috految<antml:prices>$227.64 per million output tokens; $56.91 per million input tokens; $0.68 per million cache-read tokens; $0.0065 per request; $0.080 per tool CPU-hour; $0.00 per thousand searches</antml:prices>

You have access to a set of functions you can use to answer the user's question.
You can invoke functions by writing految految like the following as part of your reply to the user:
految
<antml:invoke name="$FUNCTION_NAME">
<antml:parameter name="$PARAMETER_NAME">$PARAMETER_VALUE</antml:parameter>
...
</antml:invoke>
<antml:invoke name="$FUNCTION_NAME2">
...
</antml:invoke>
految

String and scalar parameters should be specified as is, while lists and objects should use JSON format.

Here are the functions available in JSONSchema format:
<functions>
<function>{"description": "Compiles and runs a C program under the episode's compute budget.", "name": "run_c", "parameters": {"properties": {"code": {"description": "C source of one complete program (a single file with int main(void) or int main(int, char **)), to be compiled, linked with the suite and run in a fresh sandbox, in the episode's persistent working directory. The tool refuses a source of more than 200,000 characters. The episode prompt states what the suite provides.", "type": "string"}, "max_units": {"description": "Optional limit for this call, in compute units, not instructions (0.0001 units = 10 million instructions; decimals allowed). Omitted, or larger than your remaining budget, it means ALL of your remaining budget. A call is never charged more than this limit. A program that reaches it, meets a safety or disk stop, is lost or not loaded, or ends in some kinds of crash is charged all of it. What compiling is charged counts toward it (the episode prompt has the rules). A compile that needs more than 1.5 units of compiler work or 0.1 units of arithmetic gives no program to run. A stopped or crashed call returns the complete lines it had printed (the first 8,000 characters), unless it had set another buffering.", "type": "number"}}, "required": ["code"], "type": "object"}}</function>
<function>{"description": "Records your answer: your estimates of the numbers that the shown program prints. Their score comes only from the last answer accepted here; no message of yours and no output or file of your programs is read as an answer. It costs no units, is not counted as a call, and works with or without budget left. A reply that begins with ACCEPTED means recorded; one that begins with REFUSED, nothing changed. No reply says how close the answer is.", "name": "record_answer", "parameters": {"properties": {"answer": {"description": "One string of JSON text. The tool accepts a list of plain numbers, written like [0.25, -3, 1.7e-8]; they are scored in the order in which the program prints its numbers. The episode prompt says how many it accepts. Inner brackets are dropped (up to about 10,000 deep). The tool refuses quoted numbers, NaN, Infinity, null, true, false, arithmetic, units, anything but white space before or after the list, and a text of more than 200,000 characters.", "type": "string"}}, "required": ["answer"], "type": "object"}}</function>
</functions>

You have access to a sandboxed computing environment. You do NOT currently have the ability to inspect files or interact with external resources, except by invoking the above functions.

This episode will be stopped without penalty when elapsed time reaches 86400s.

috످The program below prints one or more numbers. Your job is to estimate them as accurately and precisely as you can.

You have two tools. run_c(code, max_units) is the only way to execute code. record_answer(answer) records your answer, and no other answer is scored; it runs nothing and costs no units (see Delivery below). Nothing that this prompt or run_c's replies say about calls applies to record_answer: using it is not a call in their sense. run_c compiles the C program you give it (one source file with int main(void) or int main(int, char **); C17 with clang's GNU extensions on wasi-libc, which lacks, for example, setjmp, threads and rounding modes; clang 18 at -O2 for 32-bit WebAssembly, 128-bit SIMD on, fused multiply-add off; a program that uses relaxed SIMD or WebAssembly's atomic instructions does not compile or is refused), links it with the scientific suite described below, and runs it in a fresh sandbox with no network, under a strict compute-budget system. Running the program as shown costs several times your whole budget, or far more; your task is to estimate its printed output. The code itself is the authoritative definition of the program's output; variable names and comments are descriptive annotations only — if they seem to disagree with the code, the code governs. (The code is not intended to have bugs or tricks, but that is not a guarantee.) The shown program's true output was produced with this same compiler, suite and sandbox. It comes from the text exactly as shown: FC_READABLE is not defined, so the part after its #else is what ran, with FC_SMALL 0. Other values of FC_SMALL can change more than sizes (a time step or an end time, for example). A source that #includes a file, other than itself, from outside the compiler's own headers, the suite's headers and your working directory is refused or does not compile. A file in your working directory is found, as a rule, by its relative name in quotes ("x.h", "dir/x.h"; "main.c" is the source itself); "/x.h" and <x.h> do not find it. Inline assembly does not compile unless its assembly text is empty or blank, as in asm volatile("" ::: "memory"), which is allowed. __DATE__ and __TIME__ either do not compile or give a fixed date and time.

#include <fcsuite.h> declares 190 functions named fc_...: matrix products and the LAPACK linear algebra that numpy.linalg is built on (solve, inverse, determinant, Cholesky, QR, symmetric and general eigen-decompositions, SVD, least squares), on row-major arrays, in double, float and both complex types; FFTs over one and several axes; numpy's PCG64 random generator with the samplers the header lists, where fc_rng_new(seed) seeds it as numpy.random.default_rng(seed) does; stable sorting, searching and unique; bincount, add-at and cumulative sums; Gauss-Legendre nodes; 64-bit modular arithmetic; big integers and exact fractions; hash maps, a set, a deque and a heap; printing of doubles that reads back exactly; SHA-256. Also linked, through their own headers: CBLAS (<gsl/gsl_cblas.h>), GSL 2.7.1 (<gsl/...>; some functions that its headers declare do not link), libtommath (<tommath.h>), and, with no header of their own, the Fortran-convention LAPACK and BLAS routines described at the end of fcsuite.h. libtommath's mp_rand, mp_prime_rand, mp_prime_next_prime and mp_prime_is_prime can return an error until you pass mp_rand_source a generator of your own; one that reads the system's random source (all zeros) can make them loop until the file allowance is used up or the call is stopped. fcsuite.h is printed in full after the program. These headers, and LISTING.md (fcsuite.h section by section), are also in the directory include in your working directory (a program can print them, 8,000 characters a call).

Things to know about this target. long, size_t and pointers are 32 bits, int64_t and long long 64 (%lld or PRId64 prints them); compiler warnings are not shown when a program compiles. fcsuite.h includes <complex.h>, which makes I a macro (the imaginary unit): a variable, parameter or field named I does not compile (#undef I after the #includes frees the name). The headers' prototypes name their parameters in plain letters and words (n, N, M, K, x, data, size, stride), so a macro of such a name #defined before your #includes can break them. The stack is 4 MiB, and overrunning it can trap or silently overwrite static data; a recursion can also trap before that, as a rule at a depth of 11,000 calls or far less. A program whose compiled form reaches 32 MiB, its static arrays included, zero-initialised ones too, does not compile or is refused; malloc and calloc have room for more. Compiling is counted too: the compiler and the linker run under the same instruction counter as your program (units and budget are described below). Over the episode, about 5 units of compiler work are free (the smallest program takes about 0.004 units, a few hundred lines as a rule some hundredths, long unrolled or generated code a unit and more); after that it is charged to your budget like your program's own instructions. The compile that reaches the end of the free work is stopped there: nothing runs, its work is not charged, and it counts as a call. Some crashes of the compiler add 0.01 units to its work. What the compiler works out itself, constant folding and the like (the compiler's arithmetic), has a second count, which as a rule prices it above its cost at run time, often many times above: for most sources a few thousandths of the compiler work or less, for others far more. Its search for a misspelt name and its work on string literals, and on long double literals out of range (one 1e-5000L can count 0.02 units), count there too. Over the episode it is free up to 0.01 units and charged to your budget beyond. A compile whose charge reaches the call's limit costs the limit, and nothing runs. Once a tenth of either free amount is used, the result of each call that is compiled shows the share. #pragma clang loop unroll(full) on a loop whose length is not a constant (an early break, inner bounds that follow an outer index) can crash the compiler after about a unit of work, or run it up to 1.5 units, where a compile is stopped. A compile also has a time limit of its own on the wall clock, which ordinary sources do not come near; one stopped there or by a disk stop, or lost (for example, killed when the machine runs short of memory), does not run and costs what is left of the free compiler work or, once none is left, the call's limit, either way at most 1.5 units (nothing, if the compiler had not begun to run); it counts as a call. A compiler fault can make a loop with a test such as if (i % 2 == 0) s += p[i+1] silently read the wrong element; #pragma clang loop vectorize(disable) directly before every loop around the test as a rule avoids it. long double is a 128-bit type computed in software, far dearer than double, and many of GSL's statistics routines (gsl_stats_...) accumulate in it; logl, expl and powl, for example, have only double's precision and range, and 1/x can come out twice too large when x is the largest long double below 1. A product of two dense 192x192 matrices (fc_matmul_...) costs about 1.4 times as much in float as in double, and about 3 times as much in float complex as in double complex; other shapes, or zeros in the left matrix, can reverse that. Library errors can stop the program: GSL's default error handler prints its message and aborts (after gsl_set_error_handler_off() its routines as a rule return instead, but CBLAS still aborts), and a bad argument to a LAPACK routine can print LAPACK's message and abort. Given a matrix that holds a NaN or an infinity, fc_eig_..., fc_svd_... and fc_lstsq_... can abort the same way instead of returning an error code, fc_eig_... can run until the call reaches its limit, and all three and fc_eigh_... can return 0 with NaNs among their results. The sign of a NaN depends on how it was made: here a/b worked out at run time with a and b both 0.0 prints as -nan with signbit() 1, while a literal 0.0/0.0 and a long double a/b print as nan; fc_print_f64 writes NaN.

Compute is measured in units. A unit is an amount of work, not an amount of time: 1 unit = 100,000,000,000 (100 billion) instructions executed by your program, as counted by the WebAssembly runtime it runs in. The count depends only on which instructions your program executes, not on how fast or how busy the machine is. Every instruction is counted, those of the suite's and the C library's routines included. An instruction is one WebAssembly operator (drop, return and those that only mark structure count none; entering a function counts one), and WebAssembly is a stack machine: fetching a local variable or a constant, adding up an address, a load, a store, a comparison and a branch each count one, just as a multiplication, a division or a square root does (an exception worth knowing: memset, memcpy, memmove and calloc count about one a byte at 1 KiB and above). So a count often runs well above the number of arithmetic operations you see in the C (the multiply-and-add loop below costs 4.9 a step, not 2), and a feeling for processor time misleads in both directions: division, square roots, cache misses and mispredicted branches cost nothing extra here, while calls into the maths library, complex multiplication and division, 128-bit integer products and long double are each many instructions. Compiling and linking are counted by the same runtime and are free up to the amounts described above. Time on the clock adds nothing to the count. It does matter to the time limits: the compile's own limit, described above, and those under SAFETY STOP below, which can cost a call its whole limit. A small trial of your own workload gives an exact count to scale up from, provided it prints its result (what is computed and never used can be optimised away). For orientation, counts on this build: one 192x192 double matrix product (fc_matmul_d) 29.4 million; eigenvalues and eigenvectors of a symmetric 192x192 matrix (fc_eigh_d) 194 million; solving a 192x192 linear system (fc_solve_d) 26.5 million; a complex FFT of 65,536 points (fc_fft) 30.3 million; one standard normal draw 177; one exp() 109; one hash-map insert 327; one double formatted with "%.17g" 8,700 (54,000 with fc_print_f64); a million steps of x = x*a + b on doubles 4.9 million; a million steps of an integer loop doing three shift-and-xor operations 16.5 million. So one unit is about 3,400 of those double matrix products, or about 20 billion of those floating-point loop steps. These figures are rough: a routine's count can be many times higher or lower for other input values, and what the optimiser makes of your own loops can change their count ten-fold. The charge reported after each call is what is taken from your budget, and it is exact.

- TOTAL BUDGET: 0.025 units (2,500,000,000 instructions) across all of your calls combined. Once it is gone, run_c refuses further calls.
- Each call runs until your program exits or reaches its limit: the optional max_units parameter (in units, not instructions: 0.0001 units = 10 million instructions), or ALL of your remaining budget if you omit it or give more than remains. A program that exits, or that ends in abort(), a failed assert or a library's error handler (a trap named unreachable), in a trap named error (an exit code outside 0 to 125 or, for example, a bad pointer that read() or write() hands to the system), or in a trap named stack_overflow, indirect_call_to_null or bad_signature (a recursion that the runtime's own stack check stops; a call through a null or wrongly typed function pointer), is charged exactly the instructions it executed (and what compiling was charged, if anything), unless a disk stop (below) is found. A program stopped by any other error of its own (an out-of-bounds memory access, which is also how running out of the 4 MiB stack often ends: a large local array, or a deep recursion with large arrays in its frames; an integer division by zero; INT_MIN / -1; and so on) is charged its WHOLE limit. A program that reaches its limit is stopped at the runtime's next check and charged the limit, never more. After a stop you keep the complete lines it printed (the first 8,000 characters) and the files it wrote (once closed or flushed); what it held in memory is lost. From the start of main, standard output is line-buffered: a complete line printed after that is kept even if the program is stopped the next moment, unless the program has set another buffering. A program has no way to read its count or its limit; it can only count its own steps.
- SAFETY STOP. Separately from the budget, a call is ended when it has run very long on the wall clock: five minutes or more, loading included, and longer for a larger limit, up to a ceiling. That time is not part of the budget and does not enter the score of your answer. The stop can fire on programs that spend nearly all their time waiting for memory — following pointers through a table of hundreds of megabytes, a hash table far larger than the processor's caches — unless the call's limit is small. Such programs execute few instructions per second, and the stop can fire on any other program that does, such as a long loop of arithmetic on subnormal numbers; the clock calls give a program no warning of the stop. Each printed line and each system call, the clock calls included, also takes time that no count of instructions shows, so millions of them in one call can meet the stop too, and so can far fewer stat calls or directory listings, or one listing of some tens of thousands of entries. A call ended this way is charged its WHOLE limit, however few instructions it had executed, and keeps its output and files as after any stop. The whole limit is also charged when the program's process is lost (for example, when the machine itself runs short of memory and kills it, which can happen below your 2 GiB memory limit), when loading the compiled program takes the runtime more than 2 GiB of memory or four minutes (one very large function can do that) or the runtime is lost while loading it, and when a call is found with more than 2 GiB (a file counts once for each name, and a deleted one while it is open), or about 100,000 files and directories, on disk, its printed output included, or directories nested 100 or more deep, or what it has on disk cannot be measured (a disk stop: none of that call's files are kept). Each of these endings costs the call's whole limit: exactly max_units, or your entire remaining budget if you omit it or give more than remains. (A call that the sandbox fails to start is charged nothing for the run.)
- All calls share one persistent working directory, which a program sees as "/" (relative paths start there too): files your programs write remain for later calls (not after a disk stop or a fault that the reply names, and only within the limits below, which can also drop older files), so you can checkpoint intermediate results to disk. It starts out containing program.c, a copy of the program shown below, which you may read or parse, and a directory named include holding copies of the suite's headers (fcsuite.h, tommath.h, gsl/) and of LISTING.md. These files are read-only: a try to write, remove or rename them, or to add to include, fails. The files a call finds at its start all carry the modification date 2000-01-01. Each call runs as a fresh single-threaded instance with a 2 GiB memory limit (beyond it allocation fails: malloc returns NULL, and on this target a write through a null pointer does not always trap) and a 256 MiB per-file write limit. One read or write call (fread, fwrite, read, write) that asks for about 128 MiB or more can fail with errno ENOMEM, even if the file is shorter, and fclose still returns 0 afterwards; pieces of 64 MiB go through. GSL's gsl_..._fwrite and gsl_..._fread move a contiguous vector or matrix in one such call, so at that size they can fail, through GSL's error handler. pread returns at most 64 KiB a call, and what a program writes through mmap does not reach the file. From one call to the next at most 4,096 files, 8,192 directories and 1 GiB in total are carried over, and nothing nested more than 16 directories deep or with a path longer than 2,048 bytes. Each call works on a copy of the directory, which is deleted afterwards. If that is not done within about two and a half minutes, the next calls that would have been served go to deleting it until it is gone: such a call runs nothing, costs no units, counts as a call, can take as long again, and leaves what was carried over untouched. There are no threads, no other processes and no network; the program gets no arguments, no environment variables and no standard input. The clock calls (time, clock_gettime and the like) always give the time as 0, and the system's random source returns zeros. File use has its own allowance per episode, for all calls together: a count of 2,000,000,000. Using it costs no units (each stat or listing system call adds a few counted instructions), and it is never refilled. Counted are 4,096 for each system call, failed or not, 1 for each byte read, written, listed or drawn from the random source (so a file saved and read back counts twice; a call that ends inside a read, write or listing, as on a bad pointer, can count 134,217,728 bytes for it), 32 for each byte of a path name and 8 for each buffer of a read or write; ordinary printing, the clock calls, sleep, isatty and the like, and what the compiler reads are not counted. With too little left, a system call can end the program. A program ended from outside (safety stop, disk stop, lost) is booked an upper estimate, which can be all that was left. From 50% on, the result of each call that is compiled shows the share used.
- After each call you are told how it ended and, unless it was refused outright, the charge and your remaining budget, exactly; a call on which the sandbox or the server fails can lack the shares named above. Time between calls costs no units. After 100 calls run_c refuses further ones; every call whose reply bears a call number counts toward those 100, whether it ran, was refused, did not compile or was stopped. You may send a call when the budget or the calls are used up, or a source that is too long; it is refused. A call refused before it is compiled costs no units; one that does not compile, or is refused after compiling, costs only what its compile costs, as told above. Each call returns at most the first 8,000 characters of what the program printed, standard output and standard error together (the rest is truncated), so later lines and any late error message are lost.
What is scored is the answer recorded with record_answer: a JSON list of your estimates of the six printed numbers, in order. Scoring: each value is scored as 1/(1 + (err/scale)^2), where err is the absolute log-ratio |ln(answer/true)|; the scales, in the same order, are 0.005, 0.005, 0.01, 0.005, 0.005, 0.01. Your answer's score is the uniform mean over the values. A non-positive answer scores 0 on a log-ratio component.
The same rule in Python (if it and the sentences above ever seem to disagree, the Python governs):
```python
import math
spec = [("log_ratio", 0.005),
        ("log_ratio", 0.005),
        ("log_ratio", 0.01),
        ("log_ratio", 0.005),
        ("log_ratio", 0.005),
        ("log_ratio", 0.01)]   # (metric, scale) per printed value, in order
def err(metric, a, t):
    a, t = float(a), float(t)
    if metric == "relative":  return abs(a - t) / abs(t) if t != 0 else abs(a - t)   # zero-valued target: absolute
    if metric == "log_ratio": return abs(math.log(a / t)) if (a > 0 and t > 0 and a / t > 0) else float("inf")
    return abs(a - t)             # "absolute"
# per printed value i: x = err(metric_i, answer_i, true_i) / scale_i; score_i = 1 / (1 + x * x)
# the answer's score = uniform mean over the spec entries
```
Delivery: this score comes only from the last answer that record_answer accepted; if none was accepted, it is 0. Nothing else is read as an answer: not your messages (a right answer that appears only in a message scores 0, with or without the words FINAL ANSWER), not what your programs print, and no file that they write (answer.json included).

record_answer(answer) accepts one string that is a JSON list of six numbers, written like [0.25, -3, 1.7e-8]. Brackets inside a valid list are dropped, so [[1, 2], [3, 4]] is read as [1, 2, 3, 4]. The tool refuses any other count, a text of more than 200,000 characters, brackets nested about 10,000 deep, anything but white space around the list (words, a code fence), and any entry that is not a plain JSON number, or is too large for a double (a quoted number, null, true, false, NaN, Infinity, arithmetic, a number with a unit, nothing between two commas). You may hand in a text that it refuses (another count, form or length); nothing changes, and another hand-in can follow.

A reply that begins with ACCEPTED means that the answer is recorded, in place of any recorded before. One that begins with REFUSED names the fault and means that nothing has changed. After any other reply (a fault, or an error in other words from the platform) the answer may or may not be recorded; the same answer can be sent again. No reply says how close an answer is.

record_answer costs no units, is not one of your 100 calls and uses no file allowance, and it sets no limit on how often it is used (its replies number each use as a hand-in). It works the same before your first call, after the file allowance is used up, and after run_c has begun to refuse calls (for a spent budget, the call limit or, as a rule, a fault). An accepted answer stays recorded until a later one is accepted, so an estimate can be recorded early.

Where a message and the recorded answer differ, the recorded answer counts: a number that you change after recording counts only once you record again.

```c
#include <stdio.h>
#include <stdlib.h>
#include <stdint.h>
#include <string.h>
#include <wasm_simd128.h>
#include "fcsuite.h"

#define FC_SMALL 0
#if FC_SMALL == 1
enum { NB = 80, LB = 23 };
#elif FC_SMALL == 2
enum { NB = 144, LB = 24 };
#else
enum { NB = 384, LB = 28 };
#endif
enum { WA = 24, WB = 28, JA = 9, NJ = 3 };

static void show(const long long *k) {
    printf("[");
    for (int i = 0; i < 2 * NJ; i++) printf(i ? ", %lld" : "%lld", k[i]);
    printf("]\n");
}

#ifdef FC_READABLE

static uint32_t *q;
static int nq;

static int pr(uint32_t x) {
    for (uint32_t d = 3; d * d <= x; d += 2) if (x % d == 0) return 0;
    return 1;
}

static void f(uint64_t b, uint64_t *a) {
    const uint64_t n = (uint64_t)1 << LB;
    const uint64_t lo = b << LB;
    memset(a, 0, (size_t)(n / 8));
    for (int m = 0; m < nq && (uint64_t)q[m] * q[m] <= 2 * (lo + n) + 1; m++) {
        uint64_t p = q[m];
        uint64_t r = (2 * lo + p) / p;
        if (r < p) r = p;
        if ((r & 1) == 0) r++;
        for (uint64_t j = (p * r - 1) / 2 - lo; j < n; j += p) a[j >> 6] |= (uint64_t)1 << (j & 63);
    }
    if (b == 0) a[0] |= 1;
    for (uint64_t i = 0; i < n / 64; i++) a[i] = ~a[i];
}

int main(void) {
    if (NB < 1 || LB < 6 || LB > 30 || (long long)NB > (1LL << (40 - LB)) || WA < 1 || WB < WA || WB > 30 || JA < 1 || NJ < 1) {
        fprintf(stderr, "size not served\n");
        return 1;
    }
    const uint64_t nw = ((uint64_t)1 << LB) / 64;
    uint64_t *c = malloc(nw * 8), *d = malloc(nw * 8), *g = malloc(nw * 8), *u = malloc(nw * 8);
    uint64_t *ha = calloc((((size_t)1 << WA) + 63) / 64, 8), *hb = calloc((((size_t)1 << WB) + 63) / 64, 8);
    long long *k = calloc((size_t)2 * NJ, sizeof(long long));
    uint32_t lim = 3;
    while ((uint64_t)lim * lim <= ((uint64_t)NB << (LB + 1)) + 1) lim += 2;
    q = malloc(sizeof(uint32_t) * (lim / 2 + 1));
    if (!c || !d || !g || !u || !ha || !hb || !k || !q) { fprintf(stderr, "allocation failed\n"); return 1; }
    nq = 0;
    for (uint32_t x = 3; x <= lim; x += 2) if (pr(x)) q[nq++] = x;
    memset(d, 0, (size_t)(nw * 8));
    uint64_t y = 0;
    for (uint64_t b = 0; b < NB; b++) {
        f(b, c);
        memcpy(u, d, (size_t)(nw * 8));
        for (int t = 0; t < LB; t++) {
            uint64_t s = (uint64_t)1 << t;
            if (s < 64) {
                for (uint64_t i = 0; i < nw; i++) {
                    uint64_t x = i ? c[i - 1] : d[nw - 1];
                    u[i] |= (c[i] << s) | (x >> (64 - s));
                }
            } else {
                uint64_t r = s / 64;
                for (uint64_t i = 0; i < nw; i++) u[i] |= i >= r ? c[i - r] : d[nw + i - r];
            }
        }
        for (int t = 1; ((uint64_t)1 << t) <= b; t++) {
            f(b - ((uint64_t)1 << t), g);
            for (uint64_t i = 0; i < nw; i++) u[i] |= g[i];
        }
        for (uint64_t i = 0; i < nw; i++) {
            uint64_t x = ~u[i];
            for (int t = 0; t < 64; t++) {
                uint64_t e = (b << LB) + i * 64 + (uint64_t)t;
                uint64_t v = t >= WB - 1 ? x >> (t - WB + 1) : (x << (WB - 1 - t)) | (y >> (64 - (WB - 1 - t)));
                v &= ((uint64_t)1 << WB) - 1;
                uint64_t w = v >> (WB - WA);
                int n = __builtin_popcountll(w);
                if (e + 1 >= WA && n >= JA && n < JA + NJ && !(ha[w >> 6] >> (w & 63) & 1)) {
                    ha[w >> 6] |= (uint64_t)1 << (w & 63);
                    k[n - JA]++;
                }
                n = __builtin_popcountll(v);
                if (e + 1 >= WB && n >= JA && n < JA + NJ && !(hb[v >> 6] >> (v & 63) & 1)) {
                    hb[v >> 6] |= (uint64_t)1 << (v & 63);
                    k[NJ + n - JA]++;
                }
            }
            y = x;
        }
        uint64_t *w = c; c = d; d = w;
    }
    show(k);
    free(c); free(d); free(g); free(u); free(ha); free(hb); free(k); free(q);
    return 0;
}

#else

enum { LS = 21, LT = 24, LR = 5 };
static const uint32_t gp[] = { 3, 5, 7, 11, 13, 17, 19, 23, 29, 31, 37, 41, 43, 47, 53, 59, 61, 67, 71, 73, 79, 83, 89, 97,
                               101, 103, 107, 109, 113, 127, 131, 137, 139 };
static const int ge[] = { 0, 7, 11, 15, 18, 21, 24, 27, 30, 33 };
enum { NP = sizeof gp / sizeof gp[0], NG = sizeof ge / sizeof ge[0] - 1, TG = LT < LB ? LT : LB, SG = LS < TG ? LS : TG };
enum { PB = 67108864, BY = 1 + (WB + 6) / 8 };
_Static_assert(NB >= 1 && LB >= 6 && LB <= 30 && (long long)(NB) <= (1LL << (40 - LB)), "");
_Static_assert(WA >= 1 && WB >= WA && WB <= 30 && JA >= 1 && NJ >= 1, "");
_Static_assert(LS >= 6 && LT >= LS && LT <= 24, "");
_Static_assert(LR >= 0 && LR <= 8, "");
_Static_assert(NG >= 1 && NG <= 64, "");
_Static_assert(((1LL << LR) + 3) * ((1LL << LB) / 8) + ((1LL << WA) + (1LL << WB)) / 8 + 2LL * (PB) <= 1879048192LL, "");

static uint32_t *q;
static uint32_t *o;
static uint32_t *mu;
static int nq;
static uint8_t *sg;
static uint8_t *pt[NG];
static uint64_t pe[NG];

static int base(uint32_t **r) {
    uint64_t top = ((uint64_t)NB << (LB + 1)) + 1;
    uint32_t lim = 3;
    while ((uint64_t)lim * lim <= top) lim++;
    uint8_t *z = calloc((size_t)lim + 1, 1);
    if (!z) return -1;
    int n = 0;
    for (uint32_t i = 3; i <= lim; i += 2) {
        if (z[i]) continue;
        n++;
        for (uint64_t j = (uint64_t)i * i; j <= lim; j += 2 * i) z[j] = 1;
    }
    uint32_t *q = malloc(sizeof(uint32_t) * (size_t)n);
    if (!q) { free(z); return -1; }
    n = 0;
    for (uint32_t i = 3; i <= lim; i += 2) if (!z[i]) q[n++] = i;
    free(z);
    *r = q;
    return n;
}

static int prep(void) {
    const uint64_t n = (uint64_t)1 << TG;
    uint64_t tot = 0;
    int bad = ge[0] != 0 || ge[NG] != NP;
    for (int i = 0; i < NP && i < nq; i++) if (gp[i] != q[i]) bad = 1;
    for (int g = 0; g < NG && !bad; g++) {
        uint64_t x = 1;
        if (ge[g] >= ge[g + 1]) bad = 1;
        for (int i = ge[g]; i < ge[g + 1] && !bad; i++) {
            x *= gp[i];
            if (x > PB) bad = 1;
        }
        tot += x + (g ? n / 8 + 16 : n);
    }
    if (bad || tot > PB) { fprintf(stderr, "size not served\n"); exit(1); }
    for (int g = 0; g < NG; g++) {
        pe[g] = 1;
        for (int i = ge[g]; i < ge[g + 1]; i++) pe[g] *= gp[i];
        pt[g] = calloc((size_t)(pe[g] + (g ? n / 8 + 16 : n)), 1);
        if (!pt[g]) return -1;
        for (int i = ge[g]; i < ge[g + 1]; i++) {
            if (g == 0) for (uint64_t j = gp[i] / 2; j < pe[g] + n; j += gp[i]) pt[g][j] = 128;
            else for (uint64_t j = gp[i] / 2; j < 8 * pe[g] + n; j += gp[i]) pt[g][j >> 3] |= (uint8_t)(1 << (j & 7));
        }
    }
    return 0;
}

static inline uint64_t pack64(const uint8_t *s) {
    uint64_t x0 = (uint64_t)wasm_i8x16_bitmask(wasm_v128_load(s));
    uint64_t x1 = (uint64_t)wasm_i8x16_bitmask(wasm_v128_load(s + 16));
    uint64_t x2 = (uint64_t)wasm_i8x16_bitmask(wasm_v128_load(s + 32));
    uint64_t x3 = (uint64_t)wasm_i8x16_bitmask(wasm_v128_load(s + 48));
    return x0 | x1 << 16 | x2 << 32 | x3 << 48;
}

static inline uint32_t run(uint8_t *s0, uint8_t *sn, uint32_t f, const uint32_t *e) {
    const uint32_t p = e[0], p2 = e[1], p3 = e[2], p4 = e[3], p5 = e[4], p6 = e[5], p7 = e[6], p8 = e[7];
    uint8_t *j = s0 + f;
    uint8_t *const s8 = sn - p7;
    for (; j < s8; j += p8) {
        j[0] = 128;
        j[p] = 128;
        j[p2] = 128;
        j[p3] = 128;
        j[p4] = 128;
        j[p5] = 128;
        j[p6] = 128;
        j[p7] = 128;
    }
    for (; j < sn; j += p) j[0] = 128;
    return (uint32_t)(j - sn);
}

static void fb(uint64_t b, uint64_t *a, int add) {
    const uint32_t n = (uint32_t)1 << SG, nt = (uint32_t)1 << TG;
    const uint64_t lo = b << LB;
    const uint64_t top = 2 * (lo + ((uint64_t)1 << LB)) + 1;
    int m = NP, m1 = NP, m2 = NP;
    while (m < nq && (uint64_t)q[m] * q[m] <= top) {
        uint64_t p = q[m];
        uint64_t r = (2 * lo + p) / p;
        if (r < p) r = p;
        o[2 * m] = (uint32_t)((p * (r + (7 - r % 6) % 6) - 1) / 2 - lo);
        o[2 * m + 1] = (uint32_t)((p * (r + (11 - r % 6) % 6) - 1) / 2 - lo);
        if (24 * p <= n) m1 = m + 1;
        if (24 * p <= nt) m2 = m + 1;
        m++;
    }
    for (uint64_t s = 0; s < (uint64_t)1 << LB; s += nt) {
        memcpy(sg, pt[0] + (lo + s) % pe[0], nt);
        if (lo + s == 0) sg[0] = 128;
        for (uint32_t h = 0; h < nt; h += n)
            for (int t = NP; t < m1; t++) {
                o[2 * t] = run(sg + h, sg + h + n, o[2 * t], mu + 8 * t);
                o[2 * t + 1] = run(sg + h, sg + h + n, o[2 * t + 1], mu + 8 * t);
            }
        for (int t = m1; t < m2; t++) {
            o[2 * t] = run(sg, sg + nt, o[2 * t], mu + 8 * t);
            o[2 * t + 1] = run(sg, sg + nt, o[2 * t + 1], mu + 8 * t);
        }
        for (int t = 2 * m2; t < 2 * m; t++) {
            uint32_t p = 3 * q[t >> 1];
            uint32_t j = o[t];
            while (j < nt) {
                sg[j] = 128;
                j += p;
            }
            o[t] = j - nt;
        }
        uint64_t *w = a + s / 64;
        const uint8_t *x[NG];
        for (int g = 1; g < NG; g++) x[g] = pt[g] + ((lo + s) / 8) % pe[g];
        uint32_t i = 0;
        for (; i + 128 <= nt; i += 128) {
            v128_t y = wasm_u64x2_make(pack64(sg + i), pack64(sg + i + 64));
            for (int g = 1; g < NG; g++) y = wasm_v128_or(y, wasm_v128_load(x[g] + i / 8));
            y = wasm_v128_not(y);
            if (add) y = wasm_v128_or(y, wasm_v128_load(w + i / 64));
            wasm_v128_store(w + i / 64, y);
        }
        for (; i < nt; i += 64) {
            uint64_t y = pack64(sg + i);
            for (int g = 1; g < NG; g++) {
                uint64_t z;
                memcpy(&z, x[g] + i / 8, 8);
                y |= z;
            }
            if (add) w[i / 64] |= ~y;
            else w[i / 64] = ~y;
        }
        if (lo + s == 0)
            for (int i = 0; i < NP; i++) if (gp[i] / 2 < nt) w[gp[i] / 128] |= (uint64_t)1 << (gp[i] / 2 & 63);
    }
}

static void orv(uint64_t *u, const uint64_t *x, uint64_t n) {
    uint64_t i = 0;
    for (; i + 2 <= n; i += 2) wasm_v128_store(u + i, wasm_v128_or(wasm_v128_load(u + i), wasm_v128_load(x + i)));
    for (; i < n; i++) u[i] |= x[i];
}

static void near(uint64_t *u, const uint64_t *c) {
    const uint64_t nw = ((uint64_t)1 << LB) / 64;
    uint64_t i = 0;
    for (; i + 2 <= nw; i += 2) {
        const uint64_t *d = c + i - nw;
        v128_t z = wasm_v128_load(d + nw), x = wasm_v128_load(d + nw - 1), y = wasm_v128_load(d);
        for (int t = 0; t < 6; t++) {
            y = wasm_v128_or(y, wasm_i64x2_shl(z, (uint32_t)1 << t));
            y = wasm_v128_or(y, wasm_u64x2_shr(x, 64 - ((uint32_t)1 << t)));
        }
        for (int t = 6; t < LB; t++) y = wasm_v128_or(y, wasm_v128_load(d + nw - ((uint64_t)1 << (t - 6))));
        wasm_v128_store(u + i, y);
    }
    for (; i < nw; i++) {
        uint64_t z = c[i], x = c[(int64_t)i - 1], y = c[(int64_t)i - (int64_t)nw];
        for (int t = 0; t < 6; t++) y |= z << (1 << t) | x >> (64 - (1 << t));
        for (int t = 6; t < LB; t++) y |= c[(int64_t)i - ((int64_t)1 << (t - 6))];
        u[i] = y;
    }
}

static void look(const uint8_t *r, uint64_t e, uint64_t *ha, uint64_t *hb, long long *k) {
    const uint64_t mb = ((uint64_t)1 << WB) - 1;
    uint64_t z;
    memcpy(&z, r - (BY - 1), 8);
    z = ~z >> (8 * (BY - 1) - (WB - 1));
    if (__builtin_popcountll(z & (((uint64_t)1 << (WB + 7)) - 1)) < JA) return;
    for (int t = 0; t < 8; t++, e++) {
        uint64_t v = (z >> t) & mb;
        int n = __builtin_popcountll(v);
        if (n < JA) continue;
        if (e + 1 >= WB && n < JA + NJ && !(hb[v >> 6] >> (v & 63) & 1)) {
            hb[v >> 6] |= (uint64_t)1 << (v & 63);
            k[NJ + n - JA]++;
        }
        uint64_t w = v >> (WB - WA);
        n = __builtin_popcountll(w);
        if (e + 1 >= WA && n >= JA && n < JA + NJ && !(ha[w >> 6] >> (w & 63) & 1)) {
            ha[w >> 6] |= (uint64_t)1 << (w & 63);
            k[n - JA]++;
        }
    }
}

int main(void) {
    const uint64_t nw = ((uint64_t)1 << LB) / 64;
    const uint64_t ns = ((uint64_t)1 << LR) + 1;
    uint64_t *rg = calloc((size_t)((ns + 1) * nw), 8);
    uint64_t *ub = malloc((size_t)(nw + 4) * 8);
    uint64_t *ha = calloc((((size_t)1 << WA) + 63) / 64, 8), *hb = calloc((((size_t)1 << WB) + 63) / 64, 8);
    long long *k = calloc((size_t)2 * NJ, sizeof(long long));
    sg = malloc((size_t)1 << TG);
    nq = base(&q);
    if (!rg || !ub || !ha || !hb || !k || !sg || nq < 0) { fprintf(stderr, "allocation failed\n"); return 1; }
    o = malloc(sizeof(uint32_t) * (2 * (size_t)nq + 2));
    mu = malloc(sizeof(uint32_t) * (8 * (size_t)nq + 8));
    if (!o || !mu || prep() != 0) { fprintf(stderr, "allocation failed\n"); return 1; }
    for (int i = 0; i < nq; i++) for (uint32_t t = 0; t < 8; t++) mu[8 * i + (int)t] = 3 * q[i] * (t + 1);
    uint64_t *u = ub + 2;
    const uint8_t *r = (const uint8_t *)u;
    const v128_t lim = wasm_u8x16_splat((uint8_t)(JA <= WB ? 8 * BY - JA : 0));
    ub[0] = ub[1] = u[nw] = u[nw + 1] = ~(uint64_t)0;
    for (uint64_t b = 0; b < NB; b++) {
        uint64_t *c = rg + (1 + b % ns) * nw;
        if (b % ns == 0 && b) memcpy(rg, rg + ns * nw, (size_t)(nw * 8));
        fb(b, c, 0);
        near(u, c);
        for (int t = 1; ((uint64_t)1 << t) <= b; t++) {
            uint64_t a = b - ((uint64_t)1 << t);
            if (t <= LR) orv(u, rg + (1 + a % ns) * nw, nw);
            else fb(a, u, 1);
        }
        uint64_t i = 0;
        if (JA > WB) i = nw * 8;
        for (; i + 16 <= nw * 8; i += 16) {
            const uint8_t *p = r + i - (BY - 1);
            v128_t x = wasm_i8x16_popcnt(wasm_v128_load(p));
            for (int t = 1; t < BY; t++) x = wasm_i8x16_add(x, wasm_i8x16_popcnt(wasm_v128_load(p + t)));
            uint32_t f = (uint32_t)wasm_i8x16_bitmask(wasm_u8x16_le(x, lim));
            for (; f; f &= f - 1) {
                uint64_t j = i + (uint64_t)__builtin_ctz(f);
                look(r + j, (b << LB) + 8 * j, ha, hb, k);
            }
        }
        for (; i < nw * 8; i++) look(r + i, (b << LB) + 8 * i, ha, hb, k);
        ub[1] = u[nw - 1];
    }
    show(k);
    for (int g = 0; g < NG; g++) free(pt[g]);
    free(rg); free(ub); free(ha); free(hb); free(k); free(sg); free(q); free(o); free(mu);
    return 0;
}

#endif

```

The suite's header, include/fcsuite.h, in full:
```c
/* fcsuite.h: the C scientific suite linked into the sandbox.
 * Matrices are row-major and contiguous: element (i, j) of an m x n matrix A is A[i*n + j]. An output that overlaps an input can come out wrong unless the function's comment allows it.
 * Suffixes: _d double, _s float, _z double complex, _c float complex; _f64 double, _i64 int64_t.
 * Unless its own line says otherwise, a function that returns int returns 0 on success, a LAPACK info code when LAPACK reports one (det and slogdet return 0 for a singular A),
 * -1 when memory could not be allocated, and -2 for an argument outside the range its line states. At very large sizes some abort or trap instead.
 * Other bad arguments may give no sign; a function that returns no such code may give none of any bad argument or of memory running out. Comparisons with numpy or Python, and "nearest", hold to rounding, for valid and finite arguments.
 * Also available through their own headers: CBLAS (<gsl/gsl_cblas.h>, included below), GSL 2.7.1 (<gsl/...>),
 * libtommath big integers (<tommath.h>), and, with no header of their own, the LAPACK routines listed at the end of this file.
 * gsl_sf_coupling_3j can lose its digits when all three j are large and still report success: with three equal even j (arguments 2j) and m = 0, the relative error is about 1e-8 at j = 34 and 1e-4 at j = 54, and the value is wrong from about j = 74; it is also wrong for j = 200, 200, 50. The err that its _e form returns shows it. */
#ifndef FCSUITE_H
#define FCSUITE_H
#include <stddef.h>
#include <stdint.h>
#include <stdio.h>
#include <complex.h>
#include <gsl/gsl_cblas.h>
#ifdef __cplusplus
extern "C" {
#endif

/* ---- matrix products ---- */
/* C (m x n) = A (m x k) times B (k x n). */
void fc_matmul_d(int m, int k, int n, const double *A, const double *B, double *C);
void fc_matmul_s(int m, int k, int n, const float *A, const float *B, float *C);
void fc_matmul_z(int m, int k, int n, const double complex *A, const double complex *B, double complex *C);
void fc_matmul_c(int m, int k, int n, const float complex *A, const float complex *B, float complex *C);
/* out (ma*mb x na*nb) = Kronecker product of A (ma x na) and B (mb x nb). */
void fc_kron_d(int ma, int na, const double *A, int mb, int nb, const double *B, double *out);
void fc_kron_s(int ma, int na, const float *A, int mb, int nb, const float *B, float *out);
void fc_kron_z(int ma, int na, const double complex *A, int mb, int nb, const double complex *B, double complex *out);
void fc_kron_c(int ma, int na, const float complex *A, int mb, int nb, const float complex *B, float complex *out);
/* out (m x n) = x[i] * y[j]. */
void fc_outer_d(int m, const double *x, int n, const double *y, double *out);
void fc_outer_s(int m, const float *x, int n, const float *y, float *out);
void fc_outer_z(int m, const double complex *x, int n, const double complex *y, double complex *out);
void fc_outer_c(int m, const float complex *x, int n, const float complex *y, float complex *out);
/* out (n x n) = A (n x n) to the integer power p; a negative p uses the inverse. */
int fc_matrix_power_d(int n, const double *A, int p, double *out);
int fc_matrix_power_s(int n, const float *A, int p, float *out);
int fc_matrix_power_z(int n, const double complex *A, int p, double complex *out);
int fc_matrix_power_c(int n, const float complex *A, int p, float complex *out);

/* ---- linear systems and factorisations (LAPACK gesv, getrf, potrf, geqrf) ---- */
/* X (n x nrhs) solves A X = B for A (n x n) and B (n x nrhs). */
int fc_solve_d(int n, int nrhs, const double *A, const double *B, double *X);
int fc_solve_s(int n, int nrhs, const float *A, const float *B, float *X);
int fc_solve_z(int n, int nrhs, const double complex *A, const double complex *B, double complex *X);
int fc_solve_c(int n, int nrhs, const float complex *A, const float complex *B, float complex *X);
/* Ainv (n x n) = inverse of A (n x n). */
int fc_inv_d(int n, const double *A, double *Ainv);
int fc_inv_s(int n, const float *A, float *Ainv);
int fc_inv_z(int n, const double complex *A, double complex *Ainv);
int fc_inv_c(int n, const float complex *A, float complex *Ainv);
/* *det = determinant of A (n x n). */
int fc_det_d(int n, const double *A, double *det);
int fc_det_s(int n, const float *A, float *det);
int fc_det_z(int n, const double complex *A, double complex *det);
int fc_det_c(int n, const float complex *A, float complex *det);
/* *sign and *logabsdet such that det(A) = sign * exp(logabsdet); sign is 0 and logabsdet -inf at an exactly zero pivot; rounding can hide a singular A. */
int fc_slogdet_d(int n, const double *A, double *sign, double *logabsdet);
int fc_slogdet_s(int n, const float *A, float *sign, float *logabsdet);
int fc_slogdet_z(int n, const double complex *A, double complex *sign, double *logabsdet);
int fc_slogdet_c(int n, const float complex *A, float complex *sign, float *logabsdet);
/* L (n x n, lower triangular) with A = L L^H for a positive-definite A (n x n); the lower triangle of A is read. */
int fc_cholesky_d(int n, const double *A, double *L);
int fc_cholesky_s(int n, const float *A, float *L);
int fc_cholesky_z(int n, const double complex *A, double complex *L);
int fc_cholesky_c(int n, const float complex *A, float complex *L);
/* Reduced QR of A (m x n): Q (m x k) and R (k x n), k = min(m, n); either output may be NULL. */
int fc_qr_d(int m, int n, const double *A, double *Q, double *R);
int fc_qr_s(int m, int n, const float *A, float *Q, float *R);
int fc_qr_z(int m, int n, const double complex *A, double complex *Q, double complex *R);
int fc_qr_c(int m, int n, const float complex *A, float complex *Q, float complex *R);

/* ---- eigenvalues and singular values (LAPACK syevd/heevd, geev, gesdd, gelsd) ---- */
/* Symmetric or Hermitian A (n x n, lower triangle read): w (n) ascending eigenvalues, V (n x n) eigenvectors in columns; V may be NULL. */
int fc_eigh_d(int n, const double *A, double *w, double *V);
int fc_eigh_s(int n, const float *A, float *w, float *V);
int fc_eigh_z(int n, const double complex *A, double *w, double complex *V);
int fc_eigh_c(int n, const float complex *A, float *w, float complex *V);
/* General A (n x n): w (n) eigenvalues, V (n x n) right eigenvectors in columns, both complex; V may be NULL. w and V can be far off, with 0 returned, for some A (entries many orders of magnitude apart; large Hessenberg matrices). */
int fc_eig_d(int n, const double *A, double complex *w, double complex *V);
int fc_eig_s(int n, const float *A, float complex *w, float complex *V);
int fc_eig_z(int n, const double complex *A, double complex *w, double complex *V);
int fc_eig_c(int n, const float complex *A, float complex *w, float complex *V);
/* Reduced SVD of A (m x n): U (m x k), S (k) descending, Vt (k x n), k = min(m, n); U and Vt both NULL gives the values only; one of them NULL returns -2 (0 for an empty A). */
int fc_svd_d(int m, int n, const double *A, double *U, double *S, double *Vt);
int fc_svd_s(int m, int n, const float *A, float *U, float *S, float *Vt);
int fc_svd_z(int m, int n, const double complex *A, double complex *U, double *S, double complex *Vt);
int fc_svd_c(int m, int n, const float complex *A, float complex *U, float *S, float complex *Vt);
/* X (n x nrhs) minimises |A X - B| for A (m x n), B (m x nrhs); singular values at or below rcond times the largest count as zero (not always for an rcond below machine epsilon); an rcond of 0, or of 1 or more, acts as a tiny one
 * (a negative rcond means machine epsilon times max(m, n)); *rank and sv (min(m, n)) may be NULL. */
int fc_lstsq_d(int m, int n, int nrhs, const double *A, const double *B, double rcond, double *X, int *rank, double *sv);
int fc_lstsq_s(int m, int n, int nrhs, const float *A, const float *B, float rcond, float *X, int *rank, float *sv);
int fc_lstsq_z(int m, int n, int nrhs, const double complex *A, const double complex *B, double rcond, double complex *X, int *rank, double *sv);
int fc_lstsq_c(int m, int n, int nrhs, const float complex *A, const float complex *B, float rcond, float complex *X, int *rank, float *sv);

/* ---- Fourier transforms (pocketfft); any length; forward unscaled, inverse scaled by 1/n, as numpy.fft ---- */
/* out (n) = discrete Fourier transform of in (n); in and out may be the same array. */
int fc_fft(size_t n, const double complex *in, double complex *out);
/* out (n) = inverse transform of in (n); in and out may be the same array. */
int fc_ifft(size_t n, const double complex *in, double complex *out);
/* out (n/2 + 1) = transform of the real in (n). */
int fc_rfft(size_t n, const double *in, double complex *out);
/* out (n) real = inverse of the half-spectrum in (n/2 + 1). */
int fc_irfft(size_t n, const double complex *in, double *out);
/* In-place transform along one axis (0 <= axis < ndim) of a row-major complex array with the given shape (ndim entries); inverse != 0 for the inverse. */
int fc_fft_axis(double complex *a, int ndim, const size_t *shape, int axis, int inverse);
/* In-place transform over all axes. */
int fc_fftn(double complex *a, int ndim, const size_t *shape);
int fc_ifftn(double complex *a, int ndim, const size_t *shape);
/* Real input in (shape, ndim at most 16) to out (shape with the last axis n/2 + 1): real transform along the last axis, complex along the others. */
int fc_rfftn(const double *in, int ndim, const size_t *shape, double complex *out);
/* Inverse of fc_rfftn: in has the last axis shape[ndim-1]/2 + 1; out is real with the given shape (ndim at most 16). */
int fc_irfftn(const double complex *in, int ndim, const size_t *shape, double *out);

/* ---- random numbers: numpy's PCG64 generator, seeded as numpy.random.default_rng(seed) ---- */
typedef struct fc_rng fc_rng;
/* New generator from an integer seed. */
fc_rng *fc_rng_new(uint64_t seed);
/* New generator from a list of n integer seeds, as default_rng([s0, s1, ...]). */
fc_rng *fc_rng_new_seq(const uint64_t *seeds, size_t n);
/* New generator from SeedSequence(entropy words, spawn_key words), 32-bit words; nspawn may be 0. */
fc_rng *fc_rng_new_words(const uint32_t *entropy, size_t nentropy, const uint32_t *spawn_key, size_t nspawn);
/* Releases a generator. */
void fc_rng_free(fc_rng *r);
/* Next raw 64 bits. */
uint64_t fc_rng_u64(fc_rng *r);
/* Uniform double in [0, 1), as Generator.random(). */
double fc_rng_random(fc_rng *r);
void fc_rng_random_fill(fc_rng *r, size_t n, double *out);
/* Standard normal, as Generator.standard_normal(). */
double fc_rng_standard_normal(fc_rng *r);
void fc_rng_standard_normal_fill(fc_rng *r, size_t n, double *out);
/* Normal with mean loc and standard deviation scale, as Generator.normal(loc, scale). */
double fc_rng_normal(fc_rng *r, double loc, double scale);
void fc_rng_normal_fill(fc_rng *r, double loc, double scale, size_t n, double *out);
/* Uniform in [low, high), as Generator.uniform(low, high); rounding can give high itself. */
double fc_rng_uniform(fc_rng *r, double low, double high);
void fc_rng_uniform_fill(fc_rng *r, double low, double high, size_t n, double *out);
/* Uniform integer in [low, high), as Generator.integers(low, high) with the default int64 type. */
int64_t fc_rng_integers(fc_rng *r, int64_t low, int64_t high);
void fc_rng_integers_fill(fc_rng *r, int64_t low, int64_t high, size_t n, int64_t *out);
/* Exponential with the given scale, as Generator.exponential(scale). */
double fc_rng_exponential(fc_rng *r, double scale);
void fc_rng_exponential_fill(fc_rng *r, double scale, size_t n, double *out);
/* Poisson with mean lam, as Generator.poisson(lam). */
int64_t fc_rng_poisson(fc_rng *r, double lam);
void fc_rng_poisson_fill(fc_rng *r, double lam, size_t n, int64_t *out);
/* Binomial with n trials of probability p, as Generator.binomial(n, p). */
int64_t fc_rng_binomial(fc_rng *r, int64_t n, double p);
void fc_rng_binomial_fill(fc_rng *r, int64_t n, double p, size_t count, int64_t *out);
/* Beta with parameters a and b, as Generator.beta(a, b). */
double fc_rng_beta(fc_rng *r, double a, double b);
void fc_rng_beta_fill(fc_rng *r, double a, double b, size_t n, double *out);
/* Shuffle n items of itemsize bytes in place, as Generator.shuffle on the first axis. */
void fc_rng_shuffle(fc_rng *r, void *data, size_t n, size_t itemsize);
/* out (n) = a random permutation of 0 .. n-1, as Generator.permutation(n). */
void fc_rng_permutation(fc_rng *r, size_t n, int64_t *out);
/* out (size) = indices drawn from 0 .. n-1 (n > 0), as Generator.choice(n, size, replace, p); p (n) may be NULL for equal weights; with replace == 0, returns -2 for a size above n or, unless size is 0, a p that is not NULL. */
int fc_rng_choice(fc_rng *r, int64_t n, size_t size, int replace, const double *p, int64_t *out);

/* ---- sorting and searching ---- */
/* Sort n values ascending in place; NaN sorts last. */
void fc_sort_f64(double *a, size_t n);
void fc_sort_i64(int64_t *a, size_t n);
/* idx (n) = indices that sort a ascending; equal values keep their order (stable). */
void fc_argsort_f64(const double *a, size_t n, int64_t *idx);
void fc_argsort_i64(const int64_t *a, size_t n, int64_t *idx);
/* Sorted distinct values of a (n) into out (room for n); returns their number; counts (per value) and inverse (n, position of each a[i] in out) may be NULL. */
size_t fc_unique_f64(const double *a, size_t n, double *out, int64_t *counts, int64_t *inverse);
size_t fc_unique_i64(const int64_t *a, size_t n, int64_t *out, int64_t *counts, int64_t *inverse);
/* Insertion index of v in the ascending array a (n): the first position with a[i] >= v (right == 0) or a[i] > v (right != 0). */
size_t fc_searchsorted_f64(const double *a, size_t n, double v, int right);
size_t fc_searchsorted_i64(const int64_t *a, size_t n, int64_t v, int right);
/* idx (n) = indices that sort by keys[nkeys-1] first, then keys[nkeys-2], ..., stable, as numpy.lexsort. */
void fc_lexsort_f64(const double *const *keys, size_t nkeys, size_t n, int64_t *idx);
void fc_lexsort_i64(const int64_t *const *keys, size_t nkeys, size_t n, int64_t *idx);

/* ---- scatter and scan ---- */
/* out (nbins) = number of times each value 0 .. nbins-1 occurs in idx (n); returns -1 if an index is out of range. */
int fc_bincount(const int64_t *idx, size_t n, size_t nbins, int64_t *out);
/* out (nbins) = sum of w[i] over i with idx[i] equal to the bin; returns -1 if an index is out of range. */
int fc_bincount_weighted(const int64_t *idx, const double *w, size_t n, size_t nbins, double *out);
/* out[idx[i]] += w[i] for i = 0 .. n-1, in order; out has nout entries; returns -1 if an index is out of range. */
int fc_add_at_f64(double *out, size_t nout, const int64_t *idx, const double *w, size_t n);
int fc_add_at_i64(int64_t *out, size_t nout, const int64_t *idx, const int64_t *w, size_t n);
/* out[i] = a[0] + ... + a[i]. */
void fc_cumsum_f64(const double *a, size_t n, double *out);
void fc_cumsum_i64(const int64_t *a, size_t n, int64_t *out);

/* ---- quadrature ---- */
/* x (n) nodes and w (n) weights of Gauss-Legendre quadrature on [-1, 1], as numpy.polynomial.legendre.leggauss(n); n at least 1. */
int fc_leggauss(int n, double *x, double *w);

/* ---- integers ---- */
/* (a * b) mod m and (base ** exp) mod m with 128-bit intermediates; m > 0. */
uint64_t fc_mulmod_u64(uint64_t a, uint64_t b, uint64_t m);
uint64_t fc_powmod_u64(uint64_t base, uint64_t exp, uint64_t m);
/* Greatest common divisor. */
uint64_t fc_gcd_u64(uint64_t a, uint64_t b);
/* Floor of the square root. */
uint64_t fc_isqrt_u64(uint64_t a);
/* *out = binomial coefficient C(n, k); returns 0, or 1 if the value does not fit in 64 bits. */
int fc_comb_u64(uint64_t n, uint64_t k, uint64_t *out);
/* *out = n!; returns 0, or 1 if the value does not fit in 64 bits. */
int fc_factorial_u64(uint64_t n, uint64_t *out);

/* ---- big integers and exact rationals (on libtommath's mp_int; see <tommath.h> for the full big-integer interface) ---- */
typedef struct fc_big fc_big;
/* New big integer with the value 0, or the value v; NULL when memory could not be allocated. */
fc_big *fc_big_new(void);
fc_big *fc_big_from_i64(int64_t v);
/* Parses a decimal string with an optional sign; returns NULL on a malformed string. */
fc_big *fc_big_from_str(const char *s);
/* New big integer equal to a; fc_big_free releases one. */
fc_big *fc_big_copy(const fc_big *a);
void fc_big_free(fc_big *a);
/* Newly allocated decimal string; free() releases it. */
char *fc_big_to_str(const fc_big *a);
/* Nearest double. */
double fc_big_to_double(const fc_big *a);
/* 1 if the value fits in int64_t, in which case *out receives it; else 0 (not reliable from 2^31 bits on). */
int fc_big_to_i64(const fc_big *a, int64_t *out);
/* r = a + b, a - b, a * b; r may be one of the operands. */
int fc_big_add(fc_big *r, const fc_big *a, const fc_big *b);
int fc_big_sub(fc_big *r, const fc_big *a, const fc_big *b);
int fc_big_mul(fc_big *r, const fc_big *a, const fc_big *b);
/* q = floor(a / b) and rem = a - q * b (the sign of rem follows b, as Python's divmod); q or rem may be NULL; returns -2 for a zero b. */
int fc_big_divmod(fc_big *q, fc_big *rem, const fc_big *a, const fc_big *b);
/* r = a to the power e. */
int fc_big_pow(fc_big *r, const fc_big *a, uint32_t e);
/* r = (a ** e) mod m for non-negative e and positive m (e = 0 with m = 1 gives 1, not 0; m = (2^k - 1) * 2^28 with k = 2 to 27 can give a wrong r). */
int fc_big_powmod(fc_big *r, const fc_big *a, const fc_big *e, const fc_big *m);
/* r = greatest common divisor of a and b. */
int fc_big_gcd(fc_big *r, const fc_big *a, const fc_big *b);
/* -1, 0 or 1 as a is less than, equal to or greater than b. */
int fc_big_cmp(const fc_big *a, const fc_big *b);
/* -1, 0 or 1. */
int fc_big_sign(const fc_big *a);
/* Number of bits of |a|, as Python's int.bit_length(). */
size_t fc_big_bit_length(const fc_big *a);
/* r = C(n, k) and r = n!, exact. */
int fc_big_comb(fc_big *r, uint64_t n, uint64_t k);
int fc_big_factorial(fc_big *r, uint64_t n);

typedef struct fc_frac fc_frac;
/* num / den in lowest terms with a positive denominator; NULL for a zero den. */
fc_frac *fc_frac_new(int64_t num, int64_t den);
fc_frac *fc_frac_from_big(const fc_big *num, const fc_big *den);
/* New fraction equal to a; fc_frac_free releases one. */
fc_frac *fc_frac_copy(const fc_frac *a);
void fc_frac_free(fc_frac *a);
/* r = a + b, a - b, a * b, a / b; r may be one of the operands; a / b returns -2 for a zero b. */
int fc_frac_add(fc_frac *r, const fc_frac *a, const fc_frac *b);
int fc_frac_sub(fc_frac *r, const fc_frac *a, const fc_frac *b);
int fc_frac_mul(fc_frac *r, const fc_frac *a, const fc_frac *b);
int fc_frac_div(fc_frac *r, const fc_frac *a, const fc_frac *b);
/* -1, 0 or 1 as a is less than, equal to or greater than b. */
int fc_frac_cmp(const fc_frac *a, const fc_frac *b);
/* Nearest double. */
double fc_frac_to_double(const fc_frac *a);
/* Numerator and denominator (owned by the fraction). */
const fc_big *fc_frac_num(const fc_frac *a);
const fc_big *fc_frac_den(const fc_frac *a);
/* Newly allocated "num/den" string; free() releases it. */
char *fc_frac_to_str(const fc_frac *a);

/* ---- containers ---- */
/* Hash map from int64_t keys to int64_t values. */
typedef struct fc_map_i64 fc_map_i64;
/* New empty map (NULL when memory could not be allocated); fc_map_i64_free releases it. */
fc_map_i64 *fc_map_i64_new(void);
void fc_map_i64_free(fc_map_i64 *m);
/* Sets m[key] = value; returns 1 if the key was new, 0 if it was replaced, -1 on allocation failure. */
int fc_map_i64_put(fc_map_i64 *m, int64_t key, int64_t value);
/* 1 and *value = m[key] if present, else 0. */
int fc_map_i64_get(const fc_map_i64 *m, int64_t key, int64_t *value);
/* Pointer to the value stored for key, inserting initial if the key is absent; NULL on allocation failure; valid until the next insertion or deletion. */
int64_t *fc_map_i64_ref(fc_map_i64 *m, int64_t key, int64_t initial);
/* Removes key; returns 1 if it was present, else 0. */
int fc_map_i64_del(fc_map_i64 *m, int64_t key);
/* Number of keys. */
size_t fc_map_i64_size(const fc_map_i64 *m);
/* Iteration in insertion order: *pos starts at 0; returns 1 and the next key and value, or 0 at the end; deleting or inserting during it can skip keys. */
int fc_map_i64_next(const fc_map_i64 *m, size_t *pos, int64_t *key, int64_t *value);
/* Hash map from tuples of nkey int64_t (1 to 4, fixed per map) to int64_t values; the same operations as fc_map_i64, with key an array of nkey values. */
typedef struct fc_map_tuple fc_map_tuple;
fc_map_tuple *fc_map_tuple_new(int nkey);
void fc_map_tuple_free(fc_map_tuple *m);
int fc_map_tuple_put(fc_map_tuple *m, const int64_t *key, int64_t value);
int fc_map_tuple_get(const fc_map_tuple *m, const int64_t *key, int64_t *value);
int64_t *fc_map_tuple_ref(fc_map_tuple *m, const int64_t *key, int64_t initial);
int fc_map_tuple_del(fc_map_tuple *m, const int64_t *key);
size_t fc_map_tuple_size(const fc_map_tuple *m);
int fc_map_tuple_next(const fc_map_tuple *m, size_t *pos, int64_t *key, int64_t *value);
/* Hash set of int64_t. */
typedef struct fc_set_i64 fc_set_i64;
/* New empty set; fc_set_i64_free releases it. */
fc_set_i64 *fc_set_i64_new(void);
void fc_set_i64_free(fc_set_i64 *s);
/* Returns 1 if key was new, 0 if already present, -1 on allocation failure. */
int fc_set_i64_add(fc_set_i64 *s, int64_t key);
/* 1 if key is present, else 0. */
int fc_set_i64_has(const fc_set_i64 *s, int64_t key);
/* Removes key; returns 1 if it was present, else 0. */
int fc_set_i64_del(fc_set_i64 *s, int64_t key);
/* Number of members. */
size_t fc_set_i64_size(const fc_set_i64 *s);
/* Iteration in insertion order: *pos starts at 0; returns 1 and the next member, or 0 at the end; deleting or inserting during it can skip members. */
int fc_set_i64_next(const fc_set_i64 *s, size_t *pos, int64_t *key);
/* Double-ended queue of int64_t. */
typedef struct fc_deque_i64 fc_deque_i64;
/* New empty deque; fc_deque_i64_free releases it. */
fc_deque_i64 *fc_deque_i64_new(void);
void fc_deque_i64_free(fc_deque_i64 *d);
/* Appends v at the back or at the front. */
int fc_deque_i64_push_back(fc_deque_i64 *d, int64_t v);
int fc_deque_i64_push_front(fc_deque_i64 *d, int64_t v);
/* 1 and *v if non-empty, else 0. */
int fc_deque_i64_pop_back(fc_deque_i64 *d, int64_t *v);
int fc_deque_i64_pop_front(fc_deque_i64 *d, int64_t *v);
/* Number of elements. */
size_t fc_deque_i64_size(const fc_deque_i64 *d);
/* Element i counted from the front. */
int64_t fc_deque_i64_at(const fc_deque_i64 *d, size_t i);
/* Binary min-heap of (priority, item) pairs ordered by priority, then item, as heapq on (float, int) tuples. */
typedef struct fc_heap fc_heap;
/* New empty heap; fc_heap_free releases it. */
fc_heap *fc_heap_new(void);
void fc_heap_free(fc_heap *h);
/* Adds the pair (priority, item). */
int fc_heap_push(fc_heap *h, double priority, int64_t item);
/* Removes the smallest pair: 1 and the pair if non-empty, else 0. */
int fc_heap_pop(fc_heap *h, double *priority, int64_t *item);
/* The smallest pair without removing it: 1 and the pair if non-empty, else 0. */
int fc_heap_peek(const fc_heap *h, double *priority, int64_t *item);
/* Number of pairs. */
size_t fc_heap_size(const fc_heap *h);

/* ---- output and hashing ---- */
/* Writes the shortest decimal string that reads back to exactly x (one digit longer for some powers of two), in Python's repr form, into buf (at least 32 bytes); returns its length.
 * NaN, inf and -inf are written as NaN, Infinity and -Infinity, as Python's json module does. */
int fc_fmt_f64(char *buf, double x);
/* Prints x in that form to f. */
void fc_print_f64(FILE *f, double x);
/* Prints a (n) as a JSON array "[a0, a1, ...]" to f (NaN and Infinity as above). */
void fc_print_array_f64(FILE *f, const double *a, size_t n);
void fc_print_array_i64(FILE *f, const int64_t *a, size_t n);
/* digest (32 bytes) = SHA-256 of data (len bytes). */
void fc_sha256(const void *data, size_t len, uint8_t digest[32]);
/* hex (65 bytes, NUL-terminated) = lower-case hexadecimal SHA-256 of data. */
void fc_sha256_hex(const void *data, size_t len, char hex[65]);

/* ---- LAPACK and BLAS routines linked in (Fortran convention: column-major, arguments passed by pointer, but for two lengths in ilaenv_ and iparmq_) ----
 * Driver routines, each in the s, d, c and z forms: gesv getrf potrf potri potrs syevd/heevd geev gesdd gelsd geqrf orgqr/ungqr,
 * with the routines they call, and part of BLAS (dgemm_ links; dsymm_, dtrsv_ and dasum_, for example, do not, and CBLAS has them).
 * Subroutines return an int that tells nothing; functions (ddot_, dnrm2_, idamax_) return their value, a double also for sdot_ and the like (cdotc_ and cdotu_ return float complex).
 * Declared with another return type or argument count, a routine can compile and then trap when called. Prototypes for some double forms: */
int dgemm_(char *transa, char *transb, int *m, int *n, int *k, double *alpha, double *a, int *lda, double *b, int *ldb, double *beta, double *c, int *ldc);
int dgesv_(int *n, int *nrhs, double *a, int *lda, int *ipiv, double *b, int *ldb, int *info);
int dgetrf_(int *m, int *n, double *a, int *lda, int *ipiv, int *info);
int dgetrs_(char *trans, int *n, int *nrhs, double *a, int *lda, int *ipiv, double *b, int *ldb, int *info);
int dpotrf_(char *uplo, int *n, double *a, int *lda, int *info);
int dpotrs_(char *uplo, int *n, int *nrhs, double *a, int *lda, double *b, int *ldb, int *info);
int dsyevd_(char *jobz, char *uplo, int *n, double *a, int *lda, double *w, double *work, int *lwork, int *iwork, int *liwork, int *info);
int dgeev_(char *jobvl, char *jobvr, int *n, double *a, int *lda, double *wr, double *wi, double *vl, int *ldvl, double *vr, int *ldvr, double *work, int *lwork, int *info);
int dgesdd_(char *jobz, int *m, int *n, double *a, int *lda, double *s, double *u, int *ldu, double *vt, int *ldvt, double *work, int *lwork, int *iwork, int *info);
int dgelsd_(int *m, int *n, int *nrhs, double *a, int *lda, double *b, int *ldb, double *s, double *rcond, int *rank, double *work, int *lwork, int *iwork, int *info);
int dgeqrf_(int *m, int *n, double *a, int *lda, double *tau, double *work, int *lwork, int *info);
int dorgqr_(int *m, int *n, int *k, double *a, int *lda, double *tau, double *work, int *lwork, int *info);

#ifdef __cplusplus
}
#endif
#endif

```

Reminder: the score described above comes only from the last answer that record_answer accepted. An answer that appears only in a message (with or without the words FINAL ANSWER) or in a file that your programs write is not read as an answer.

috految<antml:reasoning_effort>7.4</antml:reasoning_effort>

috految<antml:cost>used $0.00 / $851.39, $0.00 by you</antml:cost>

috److془We need to carefully design an estimate with 2.5e9 instructions.

N = 1.03e11 positions; e uncovered if e-2^t not prime index for t=0..36. Density ~0.095. Count distinct patterns of weight 9,10,11 in windows 24, 28.

Number of windows weight 9 in 24: ~ 1.5e-4*1e11 ~ 1e7 or 1e6; patterns 1.3M. Distinct ~ 2e5. Weight 11: ~2e4 maybe.

Model: sum over S of 1-exp(-λ_S). Need λ to 0.5%. Hardy-Littlewood model. Mod-3 structure: rate 0.0795*36=2.87; n≡0 mod 3: 4.3; otherwise 2.15. Mod 5: 1.25*{1, .5}: 1.35 for 4/15 , 2.7 for 6/15. Mod 7 etc. Mod 17, 31, 13, 73,127, 257 ..., 

Sieve by primes up to B, then independent with q=0.079/∏(1-1/p). Beyond B: pair correction: δ = sum_pairs q² (sum_{p>B,p|d}1/p - sum 1/p²). Effective mass ~14; 100*1/(B ln B)=1.3% at B=1000 but cancelled mostly since random differences. Same-position pairs: mass 1.7²/2*~8 ~ 12; structures 2^k-1: 8191 etc. ~ 1e-4. Fine. Same t and small difference pairs: ~ 10% of pairs: B=1000 0.15%. Good. B=300: 0.5% sort of. Also finite effects: the algebraic ones within the N: negligible (1/sqrt N). Hmm and the divisibility: small primes fine. Duplicates correlation: windows shift by 2^t.. share few. Shift by 2^a-2^b shares one of 36. Fine. 

Now compute: Sample environments with B=1000 (q≈0.49), variance large. With B=~20 (q=.23, counts 7-12): the log variance of P(S|env): per site, var from primes 23..1000: mass 1.7*(.49-.23)~.55 ; on 10 sites 5. But sum over patterns has lower variance: sum π_i² ~ 2 → var ~1.5 . Sampling patterns: need distinctness. Direct simulation: need ~1e6-1e7 patterns; with sharing of windows, 1e7 events*100 instr hmm. Alternative: λ_S approximated with deterministic calculation; Calibration: D ≈ Σ f(λ0) + Σ e^{-λ0}(λ-λ0) - second order. Second order: .5 σ² *~0.22; need σ~0.15. Alternatively direct: environment sampling with Monte Carlo over near primes, with sorted recombination.. Or: sample patterns, for ~ 2500 patterns each 1e6 instr. Hmm; Or the unbiased simulation, with Good-Toulmin extrapolation: 1/10 scale extrapolation gives ~1%. Hmm. Actual: weight 9 in 28 perhaps 3e7; cheap simulation needs env count 1e5+.

Alternative: Sequential independent approx: λ0; mod 105 conditional.. then pair correlations. Hmm: 17 interplay: half of residues have whole class mod 8 removed (of 2-4 classes). Site var ~.1, pair correlations ± .03, σ~ .15 . 13: similar less. near pair correlations: q~.2 per shared prime, ~ 0.2*.5=.1 rms per pair, . Pair effective: only centered part: sqrt(300)*.19*rms=3.3*rms. Mixed across classes reduces. So with mod 105 + near, σ~.15-.2. Shared primes plus those: σ~.3. Hmm and can be measured by collisions! Or simply: correction by collisions: adequate. Or, use 1.5e6 samples: D = Σ_bins M_b E f(λ), with mean and variance from collisions. Bins by λ0 (mod 105 independent); lognormal within bin. Samples needed: 2e5 per output, collisions n²/(2*1e6)=2e4 fine. Weights noise increases. σ² to .03 suffices. 

Sampling: site's far probability given B env, near primes t=0..5 sampled (t=5 shares with 16,8..; t=6 no sharing for width 28). Variance: near complete sampling: ~ mass 17%: var ~0.6 + common ~ CV² total maybe 5-10 for the tail, up to 30. Env cost: per position with SIMD: ~ 60 instr; 1.4e7 positions, ~1.5e6 independent windows → 0.3-0.5% ×elasticity .6. Sieve cost: 36 bits per position, 160 primes*1/4=50*3 instr; better: fixed tables for groups, random offsets. 8 groups with 64k-entry table; finite table noise: pair correlations in group noise ~ 1/sqrt(65k)*small; fine, the means exact nearly (length≫p). Better: table of 2^18, cost 36*Σ(1/p)~36*.9*12*262k=1e8. Groups: {3,5,7,11,13,17} period 255255, others 4 groups. Noise: pairs of primes ; fine. Use length 255255 for all. B=700 or so; choose 700. Correction ~ -0.2%. Far bits t=6..36 31 bits in uint32. Near: bit 31 as candidate at t=0 shift, prime with thinning q. Per position: ~ 60 instr. Sieved q for t: 2/ln(2(e-2^t))/prod; use mean over far t; inhomogeneity minor. Parity: mod 3 asymmetry small. Top t is ~4-5% higher; fine. e stratified. Candidate bit 2^t<=e. Small e: fine. Check code: t=28 d, b-2^t t≥1 ok. Mixed heavy tail at small e: mass K/ln const. Fine. Prime density corrections 1e-5 ok.
Tail: q=.46 with count zero a=1. Moments: Ea²/(Ea)²~ 2; fine. Weights: sample with rate ∝ P_k(env). Sampling-patterns efficiency: distinct mass is in range λ≲2, ~10% of mass for weight 9 (3% for?), 2e5 samples→ .5-1%×elasticity .4. Tilt to improve: for mod 3 site boost; hmm use odds × c for class: c=m_r^-0.4. Good. Sampling cost: DP 28*12 SIMD 600 instr; sample 450 , λ0 ~ 27 vectors*7=250. Budget: 1e6 samples 1e9. Windows stride 12ish: 6e5 windows*1400. Use rather roulette with sum a, stride 4. Proxy: P∝ sum^~7 ; prob=min(1,(s/s0)^6), s mean 2.7,sd .65; s0=4.2 ~ 13%. Use s0 4.5, stride 4. Tail patterns: use s with W=28 for both. Use prob power 5, → 12%*1500/4=45 per position. Total 1e7 positions. Good. Collisions: exclude same chunk. Bin counts: 50k-ish uniform samples noise 1.3% × (1-elast .4). Use stratification with 150k: 350 each 3e8. Better: sort the halves by class counts/ systematic sampling. Use 100k, hi sorted plus lattice. Weight 11 rare contribution: unsaturated, though. Better: stratify by importance: ordered by lo key mod 3 counts; hmm easy: M via importance proportional: n per k 1e5 with sampling of 1-el .25× ~1.3% fine. Go. Mod 15 alone weaker; keep. Half tables 16384*27 vectors cheap. Bin width factor 2 (var .04 included). Use 1/ first-order. m_r: avg a from warmup. Lognormal: estimate σ² per bin pooled with neighbors. Collision of big weights noise ok. Collision estimate of σ² of bin depends M noise cancels even. Nice. Use 60k.
Sampling rate adaptive.془

految
<antml:invoke name="run_c">
<antml:parameter name="code">#include <stdio.h>
#include <stdlib.h>
#include <math.h>
#define F(i,n) for(int i=0;i<(n);i++)
#define U _Pragma("unroll")
#define pc __builtin_popcount
typedef unsigned u;typedef float V __attribute__((vector_size(16)));
enum{L=255255,C=1024};
u G[5][L+1200],z[1200];unsigned char P[1200],N[1200];float a[1200],m[105],c[160],tb[40],ic[160],bs[300];V T[3][16384][27],D[29][3];
unsigned long long sd=817263;static inline u R(){return(sd=sd*6364136223846793005ULL+1442695040888963407ULL)>>32;}
#define X (R()*0x1p-32f)
double M[6][256],A[6][256],B[6][256],tot[6],acc[6],th[6];int H[15][3500],nh[15];
int bin(u s,int w){V*x=T[0][s&16383],*y=T[1+w][s>>14],v={0};U F(i,27)v+=x[i]*y[i];union{float f;u i;}o={v[0]+v[1]+v[2]+v[3]};return o.i>>23&255;}
int main(){double pr=1,E=384.*(1<<28);int n=0;
for(int p=3;p<700;p+=2){int ok=1;for(int d=3;d*d<=p;d+=2)if(p%d==0)ok=0;if(!ok)continue;pr*=1-1./p;u*g=G[p<18?0:1+n++%4],k[700]={0};int o=R()%p;k[o]=1u<<31;F(t,31)k[(o+(64ULL<<t))%p]|=1u<<t;F(r,p)if(k[r]){u v=k[r];for(u*x=g+r;x<g+L+1200;x+=p)*x|=v;}}
struct{u s;int t;float cur,old;}*h=(void*)(__builtin_wasm_memory_grow(0,2048)*65536);
for(int it=-200;;it++){
if(!it){F(r,105)m[r]/=200.*C/105;F(r,160)c[r]=pow((m[r%105]+.003)/.15,-.3),ic[r]=1/c[r];
F(j,3){int w=j==1?10:14,o=j?14:0;F(r,105){double v=1;F(i,w)v*=1-m[(r+o+i)%105];T[j][0][r/4][r%4]=v;}F(i,w){V f[27]={0};F(r,105){float p=m[(r+o+i)%105];f[r/4][r%4]=p/(1-p);}F(s,1<<i)F(r,27)T[j][s|1<<i][r]=T[j][s][r]*f[r];}}
F(k,36)F(s,16384)if(pc(s&0x1249)*6+pc(s&0x2492)==k)H[pc(s)][nh[pc(s)]++]=s;
F(j,6){int w=j/3,k=9+j%3;double st=(double[]){19,27,35,85,160,270}[j],x=.5,g=0;F(b,k+1)F(i,nh[b]){int s=H[b][i],l=nh[k-b];if(!w&&s>1023)continue;for(x+=l/st;x>=1;x--){g+=.61803398875;g-=floor(g);M[j][bin(s<<14|H[k-b][(int)(g*l)],w)]+=st;}}}}
double e=E*fmod((it+200.5)*.61803398875,1),q=0;int K=0;F(t,31)if(e>(64ULL<<t))K++,q+=2/log(2*(e-(64ULL<<t)))/pr;q/=K;u mask=(1u<<K)-1,Q=2/log(2*e)/pr*0x1p32;tb[0]=1;F(i,32)tb[i+1]=tb[i]*(1-q);
int o=(it+200)*C%L;u*g[5];F(j,5)g[j]=G[j]+(j?R()%L:o);
F(i,1088)z[i]=~(g[0][i]|g[1][i]|g[2][i]|g[3][i]|g[4][i]);
F(b,34){U F(i,32)P[b*32+i]=(int)z[b*32+i]<0&&R()<Q;}
F(i,1056)N[i]=P[i]|P[i+16]|P[i+24]|P[i+28]|P[i+30]|P[i+31];
F(b,33){U F(k,32){int i=b*32+k;a[i]=N[i]?0:tb[pc(z[i+32]&mask)];}}
if(it<0){F(i,C)m[(o+i)%105]+=a[i];continue;}
F(i,264)bs[i]=a[4*i]+a[4*i+1]+a[4*i+2]+a[4*i+3];
static float ro;
F(b,256){float s=0;U F(i,7)s+=bs[b+i];s/=4.5f;float p=s*s;p=p*p*s+.003f;if(p>1)p=1;ro+=p;if(ro<1)continue;ro-=1;
float*x=a+4*b,*cc=c+(o+4*b)%105,*ii=ic+(cc-c);V d={1},f={0},v={0},Z={0};D[0][0]=d;
#define S(x,y) __builtin_shufflevector(x,y,3,4,5,6)
U F(i,28){float y=x[i]*cc[i],n=1-x[i];v=v*n+S(f,v)*y;f=f*n+S(d,f)*y;d=d*n+S(Z,d)*y;D[i+1][0]=d;D[i+1][1]=f;D[i+1][2]=v;}
U F(j,6){int W=j<3?24:28,k=9+j%3;double w=((float*)D[W])[k]/p;tot[j]+=w;if(it<30)continue;double t=th[j];
for(acc[j]+=w/t;acc[j]>=1;acc[j]--){u s=0;float wt=t*4,*dp=(float*)D+k;float r=X*dp[W*12];
U for(int i=27;i>=0;i--)if(i<W){float n=1-x[i],l=dp[i*12]*n;if(r>=l){s|=1<<i;wt*=ii[i];dp--;r=X*dp[i*12];}else r/=n;}
if(pc(s)!=k)continue;int b=bin(s,j/3);A[j][b]+=wt;s|=j/3+1<<28;u i=s*2654435761u>>9;while(h[i].s&&h[i].s!=s)i=i+1&8388607;h[i].s=s;if(h[i].t!=it)h[i].old+=h[i].cur,h[i].cur=0,h[i].t=it;B[j][b]+=2.*wt*h[i].old;h[i].cur+=wt;}}}
F(j,6)th[j]=tot[j]/(it+1)/(j%3==2?9:16);
if(it>1000&&it%1000==0){double sc=E/C/(it-29);printf("%d:",it);F(j,6){double d=0,d0=0;F(b,256)if(A[j][b]){double n=M[j][b];if(!n){d+=fmin(A[j][b]*sc,20);continue;}double l=A[j][b]*sc/n,x=0,y=0;for(int k=b-1;k<=b+1;k++)if(M[j][k]){double w=pow(2,b-k);x+=w*B[j][k];y+=w*A[j][k]*A[j][k]/M[j][k];}double v=log(fmax(1,x/y));F(i,17){double z=(i-8)*.6;d+=n*.239365*exp(-z*z/2)*-expm1(-l*exp(sqrt(v)*z-v/2));}d0+=n*-expm1(-l);}printf(" %.0f(%.3f)",d,d/d0);}puts("");}
}}</antml:parameter>
</antml:invoke>
految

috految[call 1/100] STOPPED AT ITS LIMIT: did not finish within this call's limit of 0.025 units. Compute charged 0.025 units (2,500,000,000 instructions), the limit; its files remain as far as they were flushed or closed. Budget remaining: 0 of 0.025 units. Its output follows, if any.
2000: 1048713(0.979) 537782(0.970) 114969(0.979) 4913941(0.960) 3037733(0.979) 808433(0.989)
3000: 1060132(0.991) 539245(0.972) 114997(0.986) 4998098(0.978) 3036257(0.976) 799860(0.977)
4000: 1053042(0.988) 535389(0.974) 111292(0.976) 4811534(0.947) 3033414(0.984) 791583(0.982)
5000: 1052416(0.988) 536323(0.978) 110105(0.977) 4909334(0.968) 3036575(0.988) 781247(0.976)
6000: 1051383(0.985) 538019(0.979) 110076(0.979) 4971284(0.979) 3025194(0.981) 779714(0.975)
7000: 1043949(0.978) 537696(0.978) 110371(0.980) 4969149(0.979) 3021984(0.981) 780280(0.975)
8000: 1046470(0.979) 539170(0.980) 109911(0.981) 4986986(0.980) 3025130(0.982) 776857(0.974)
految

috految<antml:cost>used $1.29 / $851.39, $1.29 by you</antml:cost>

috److految
<antml:invoke name="record_answer">
<antml:parameter name="answer">[1050000,538000,109700,4985000,3014000,777500]</antml:parameter>
</antml:invoke>
految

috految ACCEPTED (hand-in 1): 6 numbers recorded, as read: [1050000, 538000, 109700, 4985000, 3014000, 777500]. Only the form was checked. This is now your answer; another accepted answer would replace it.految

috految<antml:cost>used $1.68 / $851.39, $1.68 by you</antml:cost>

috److I recorded these estimates for the six printed numbers, and the answer was accepted:

| Window width | 9 uncovered | 10 uncovered | 11 uncovered |
|---|---|---|---|
| 24 | 1,050,000 | 538,000 | 109,700 |
| 28 | 4,985,000 | 3,014,000 | 777,500 |

**What the program counts:** it marks odd numbers that cannot be written as a prime plus a power of two ("uncovered" above). It then counts distinct window patterns with 9, 10 or 11 such numbers, over about 1.03 × 10¹¹ positions.

**Method:** running it directly was far beyond the budget, so I used a random model of the primes.
- I sieved by primes below 700 and treated the remaining candidates as independently prime at the expected density.
- I sampled window patterns from that model and estimated how many distinct ones would appear over the full range.

**Reliability:**
- The single run used the whole budget, and I did not check the model against a smaller exact run.
- Over the last three checkpoints, the estimates varied by less than 1%.
- The recorded values are the final checkpoint adjusted by hand by up to about 0.4%.

috످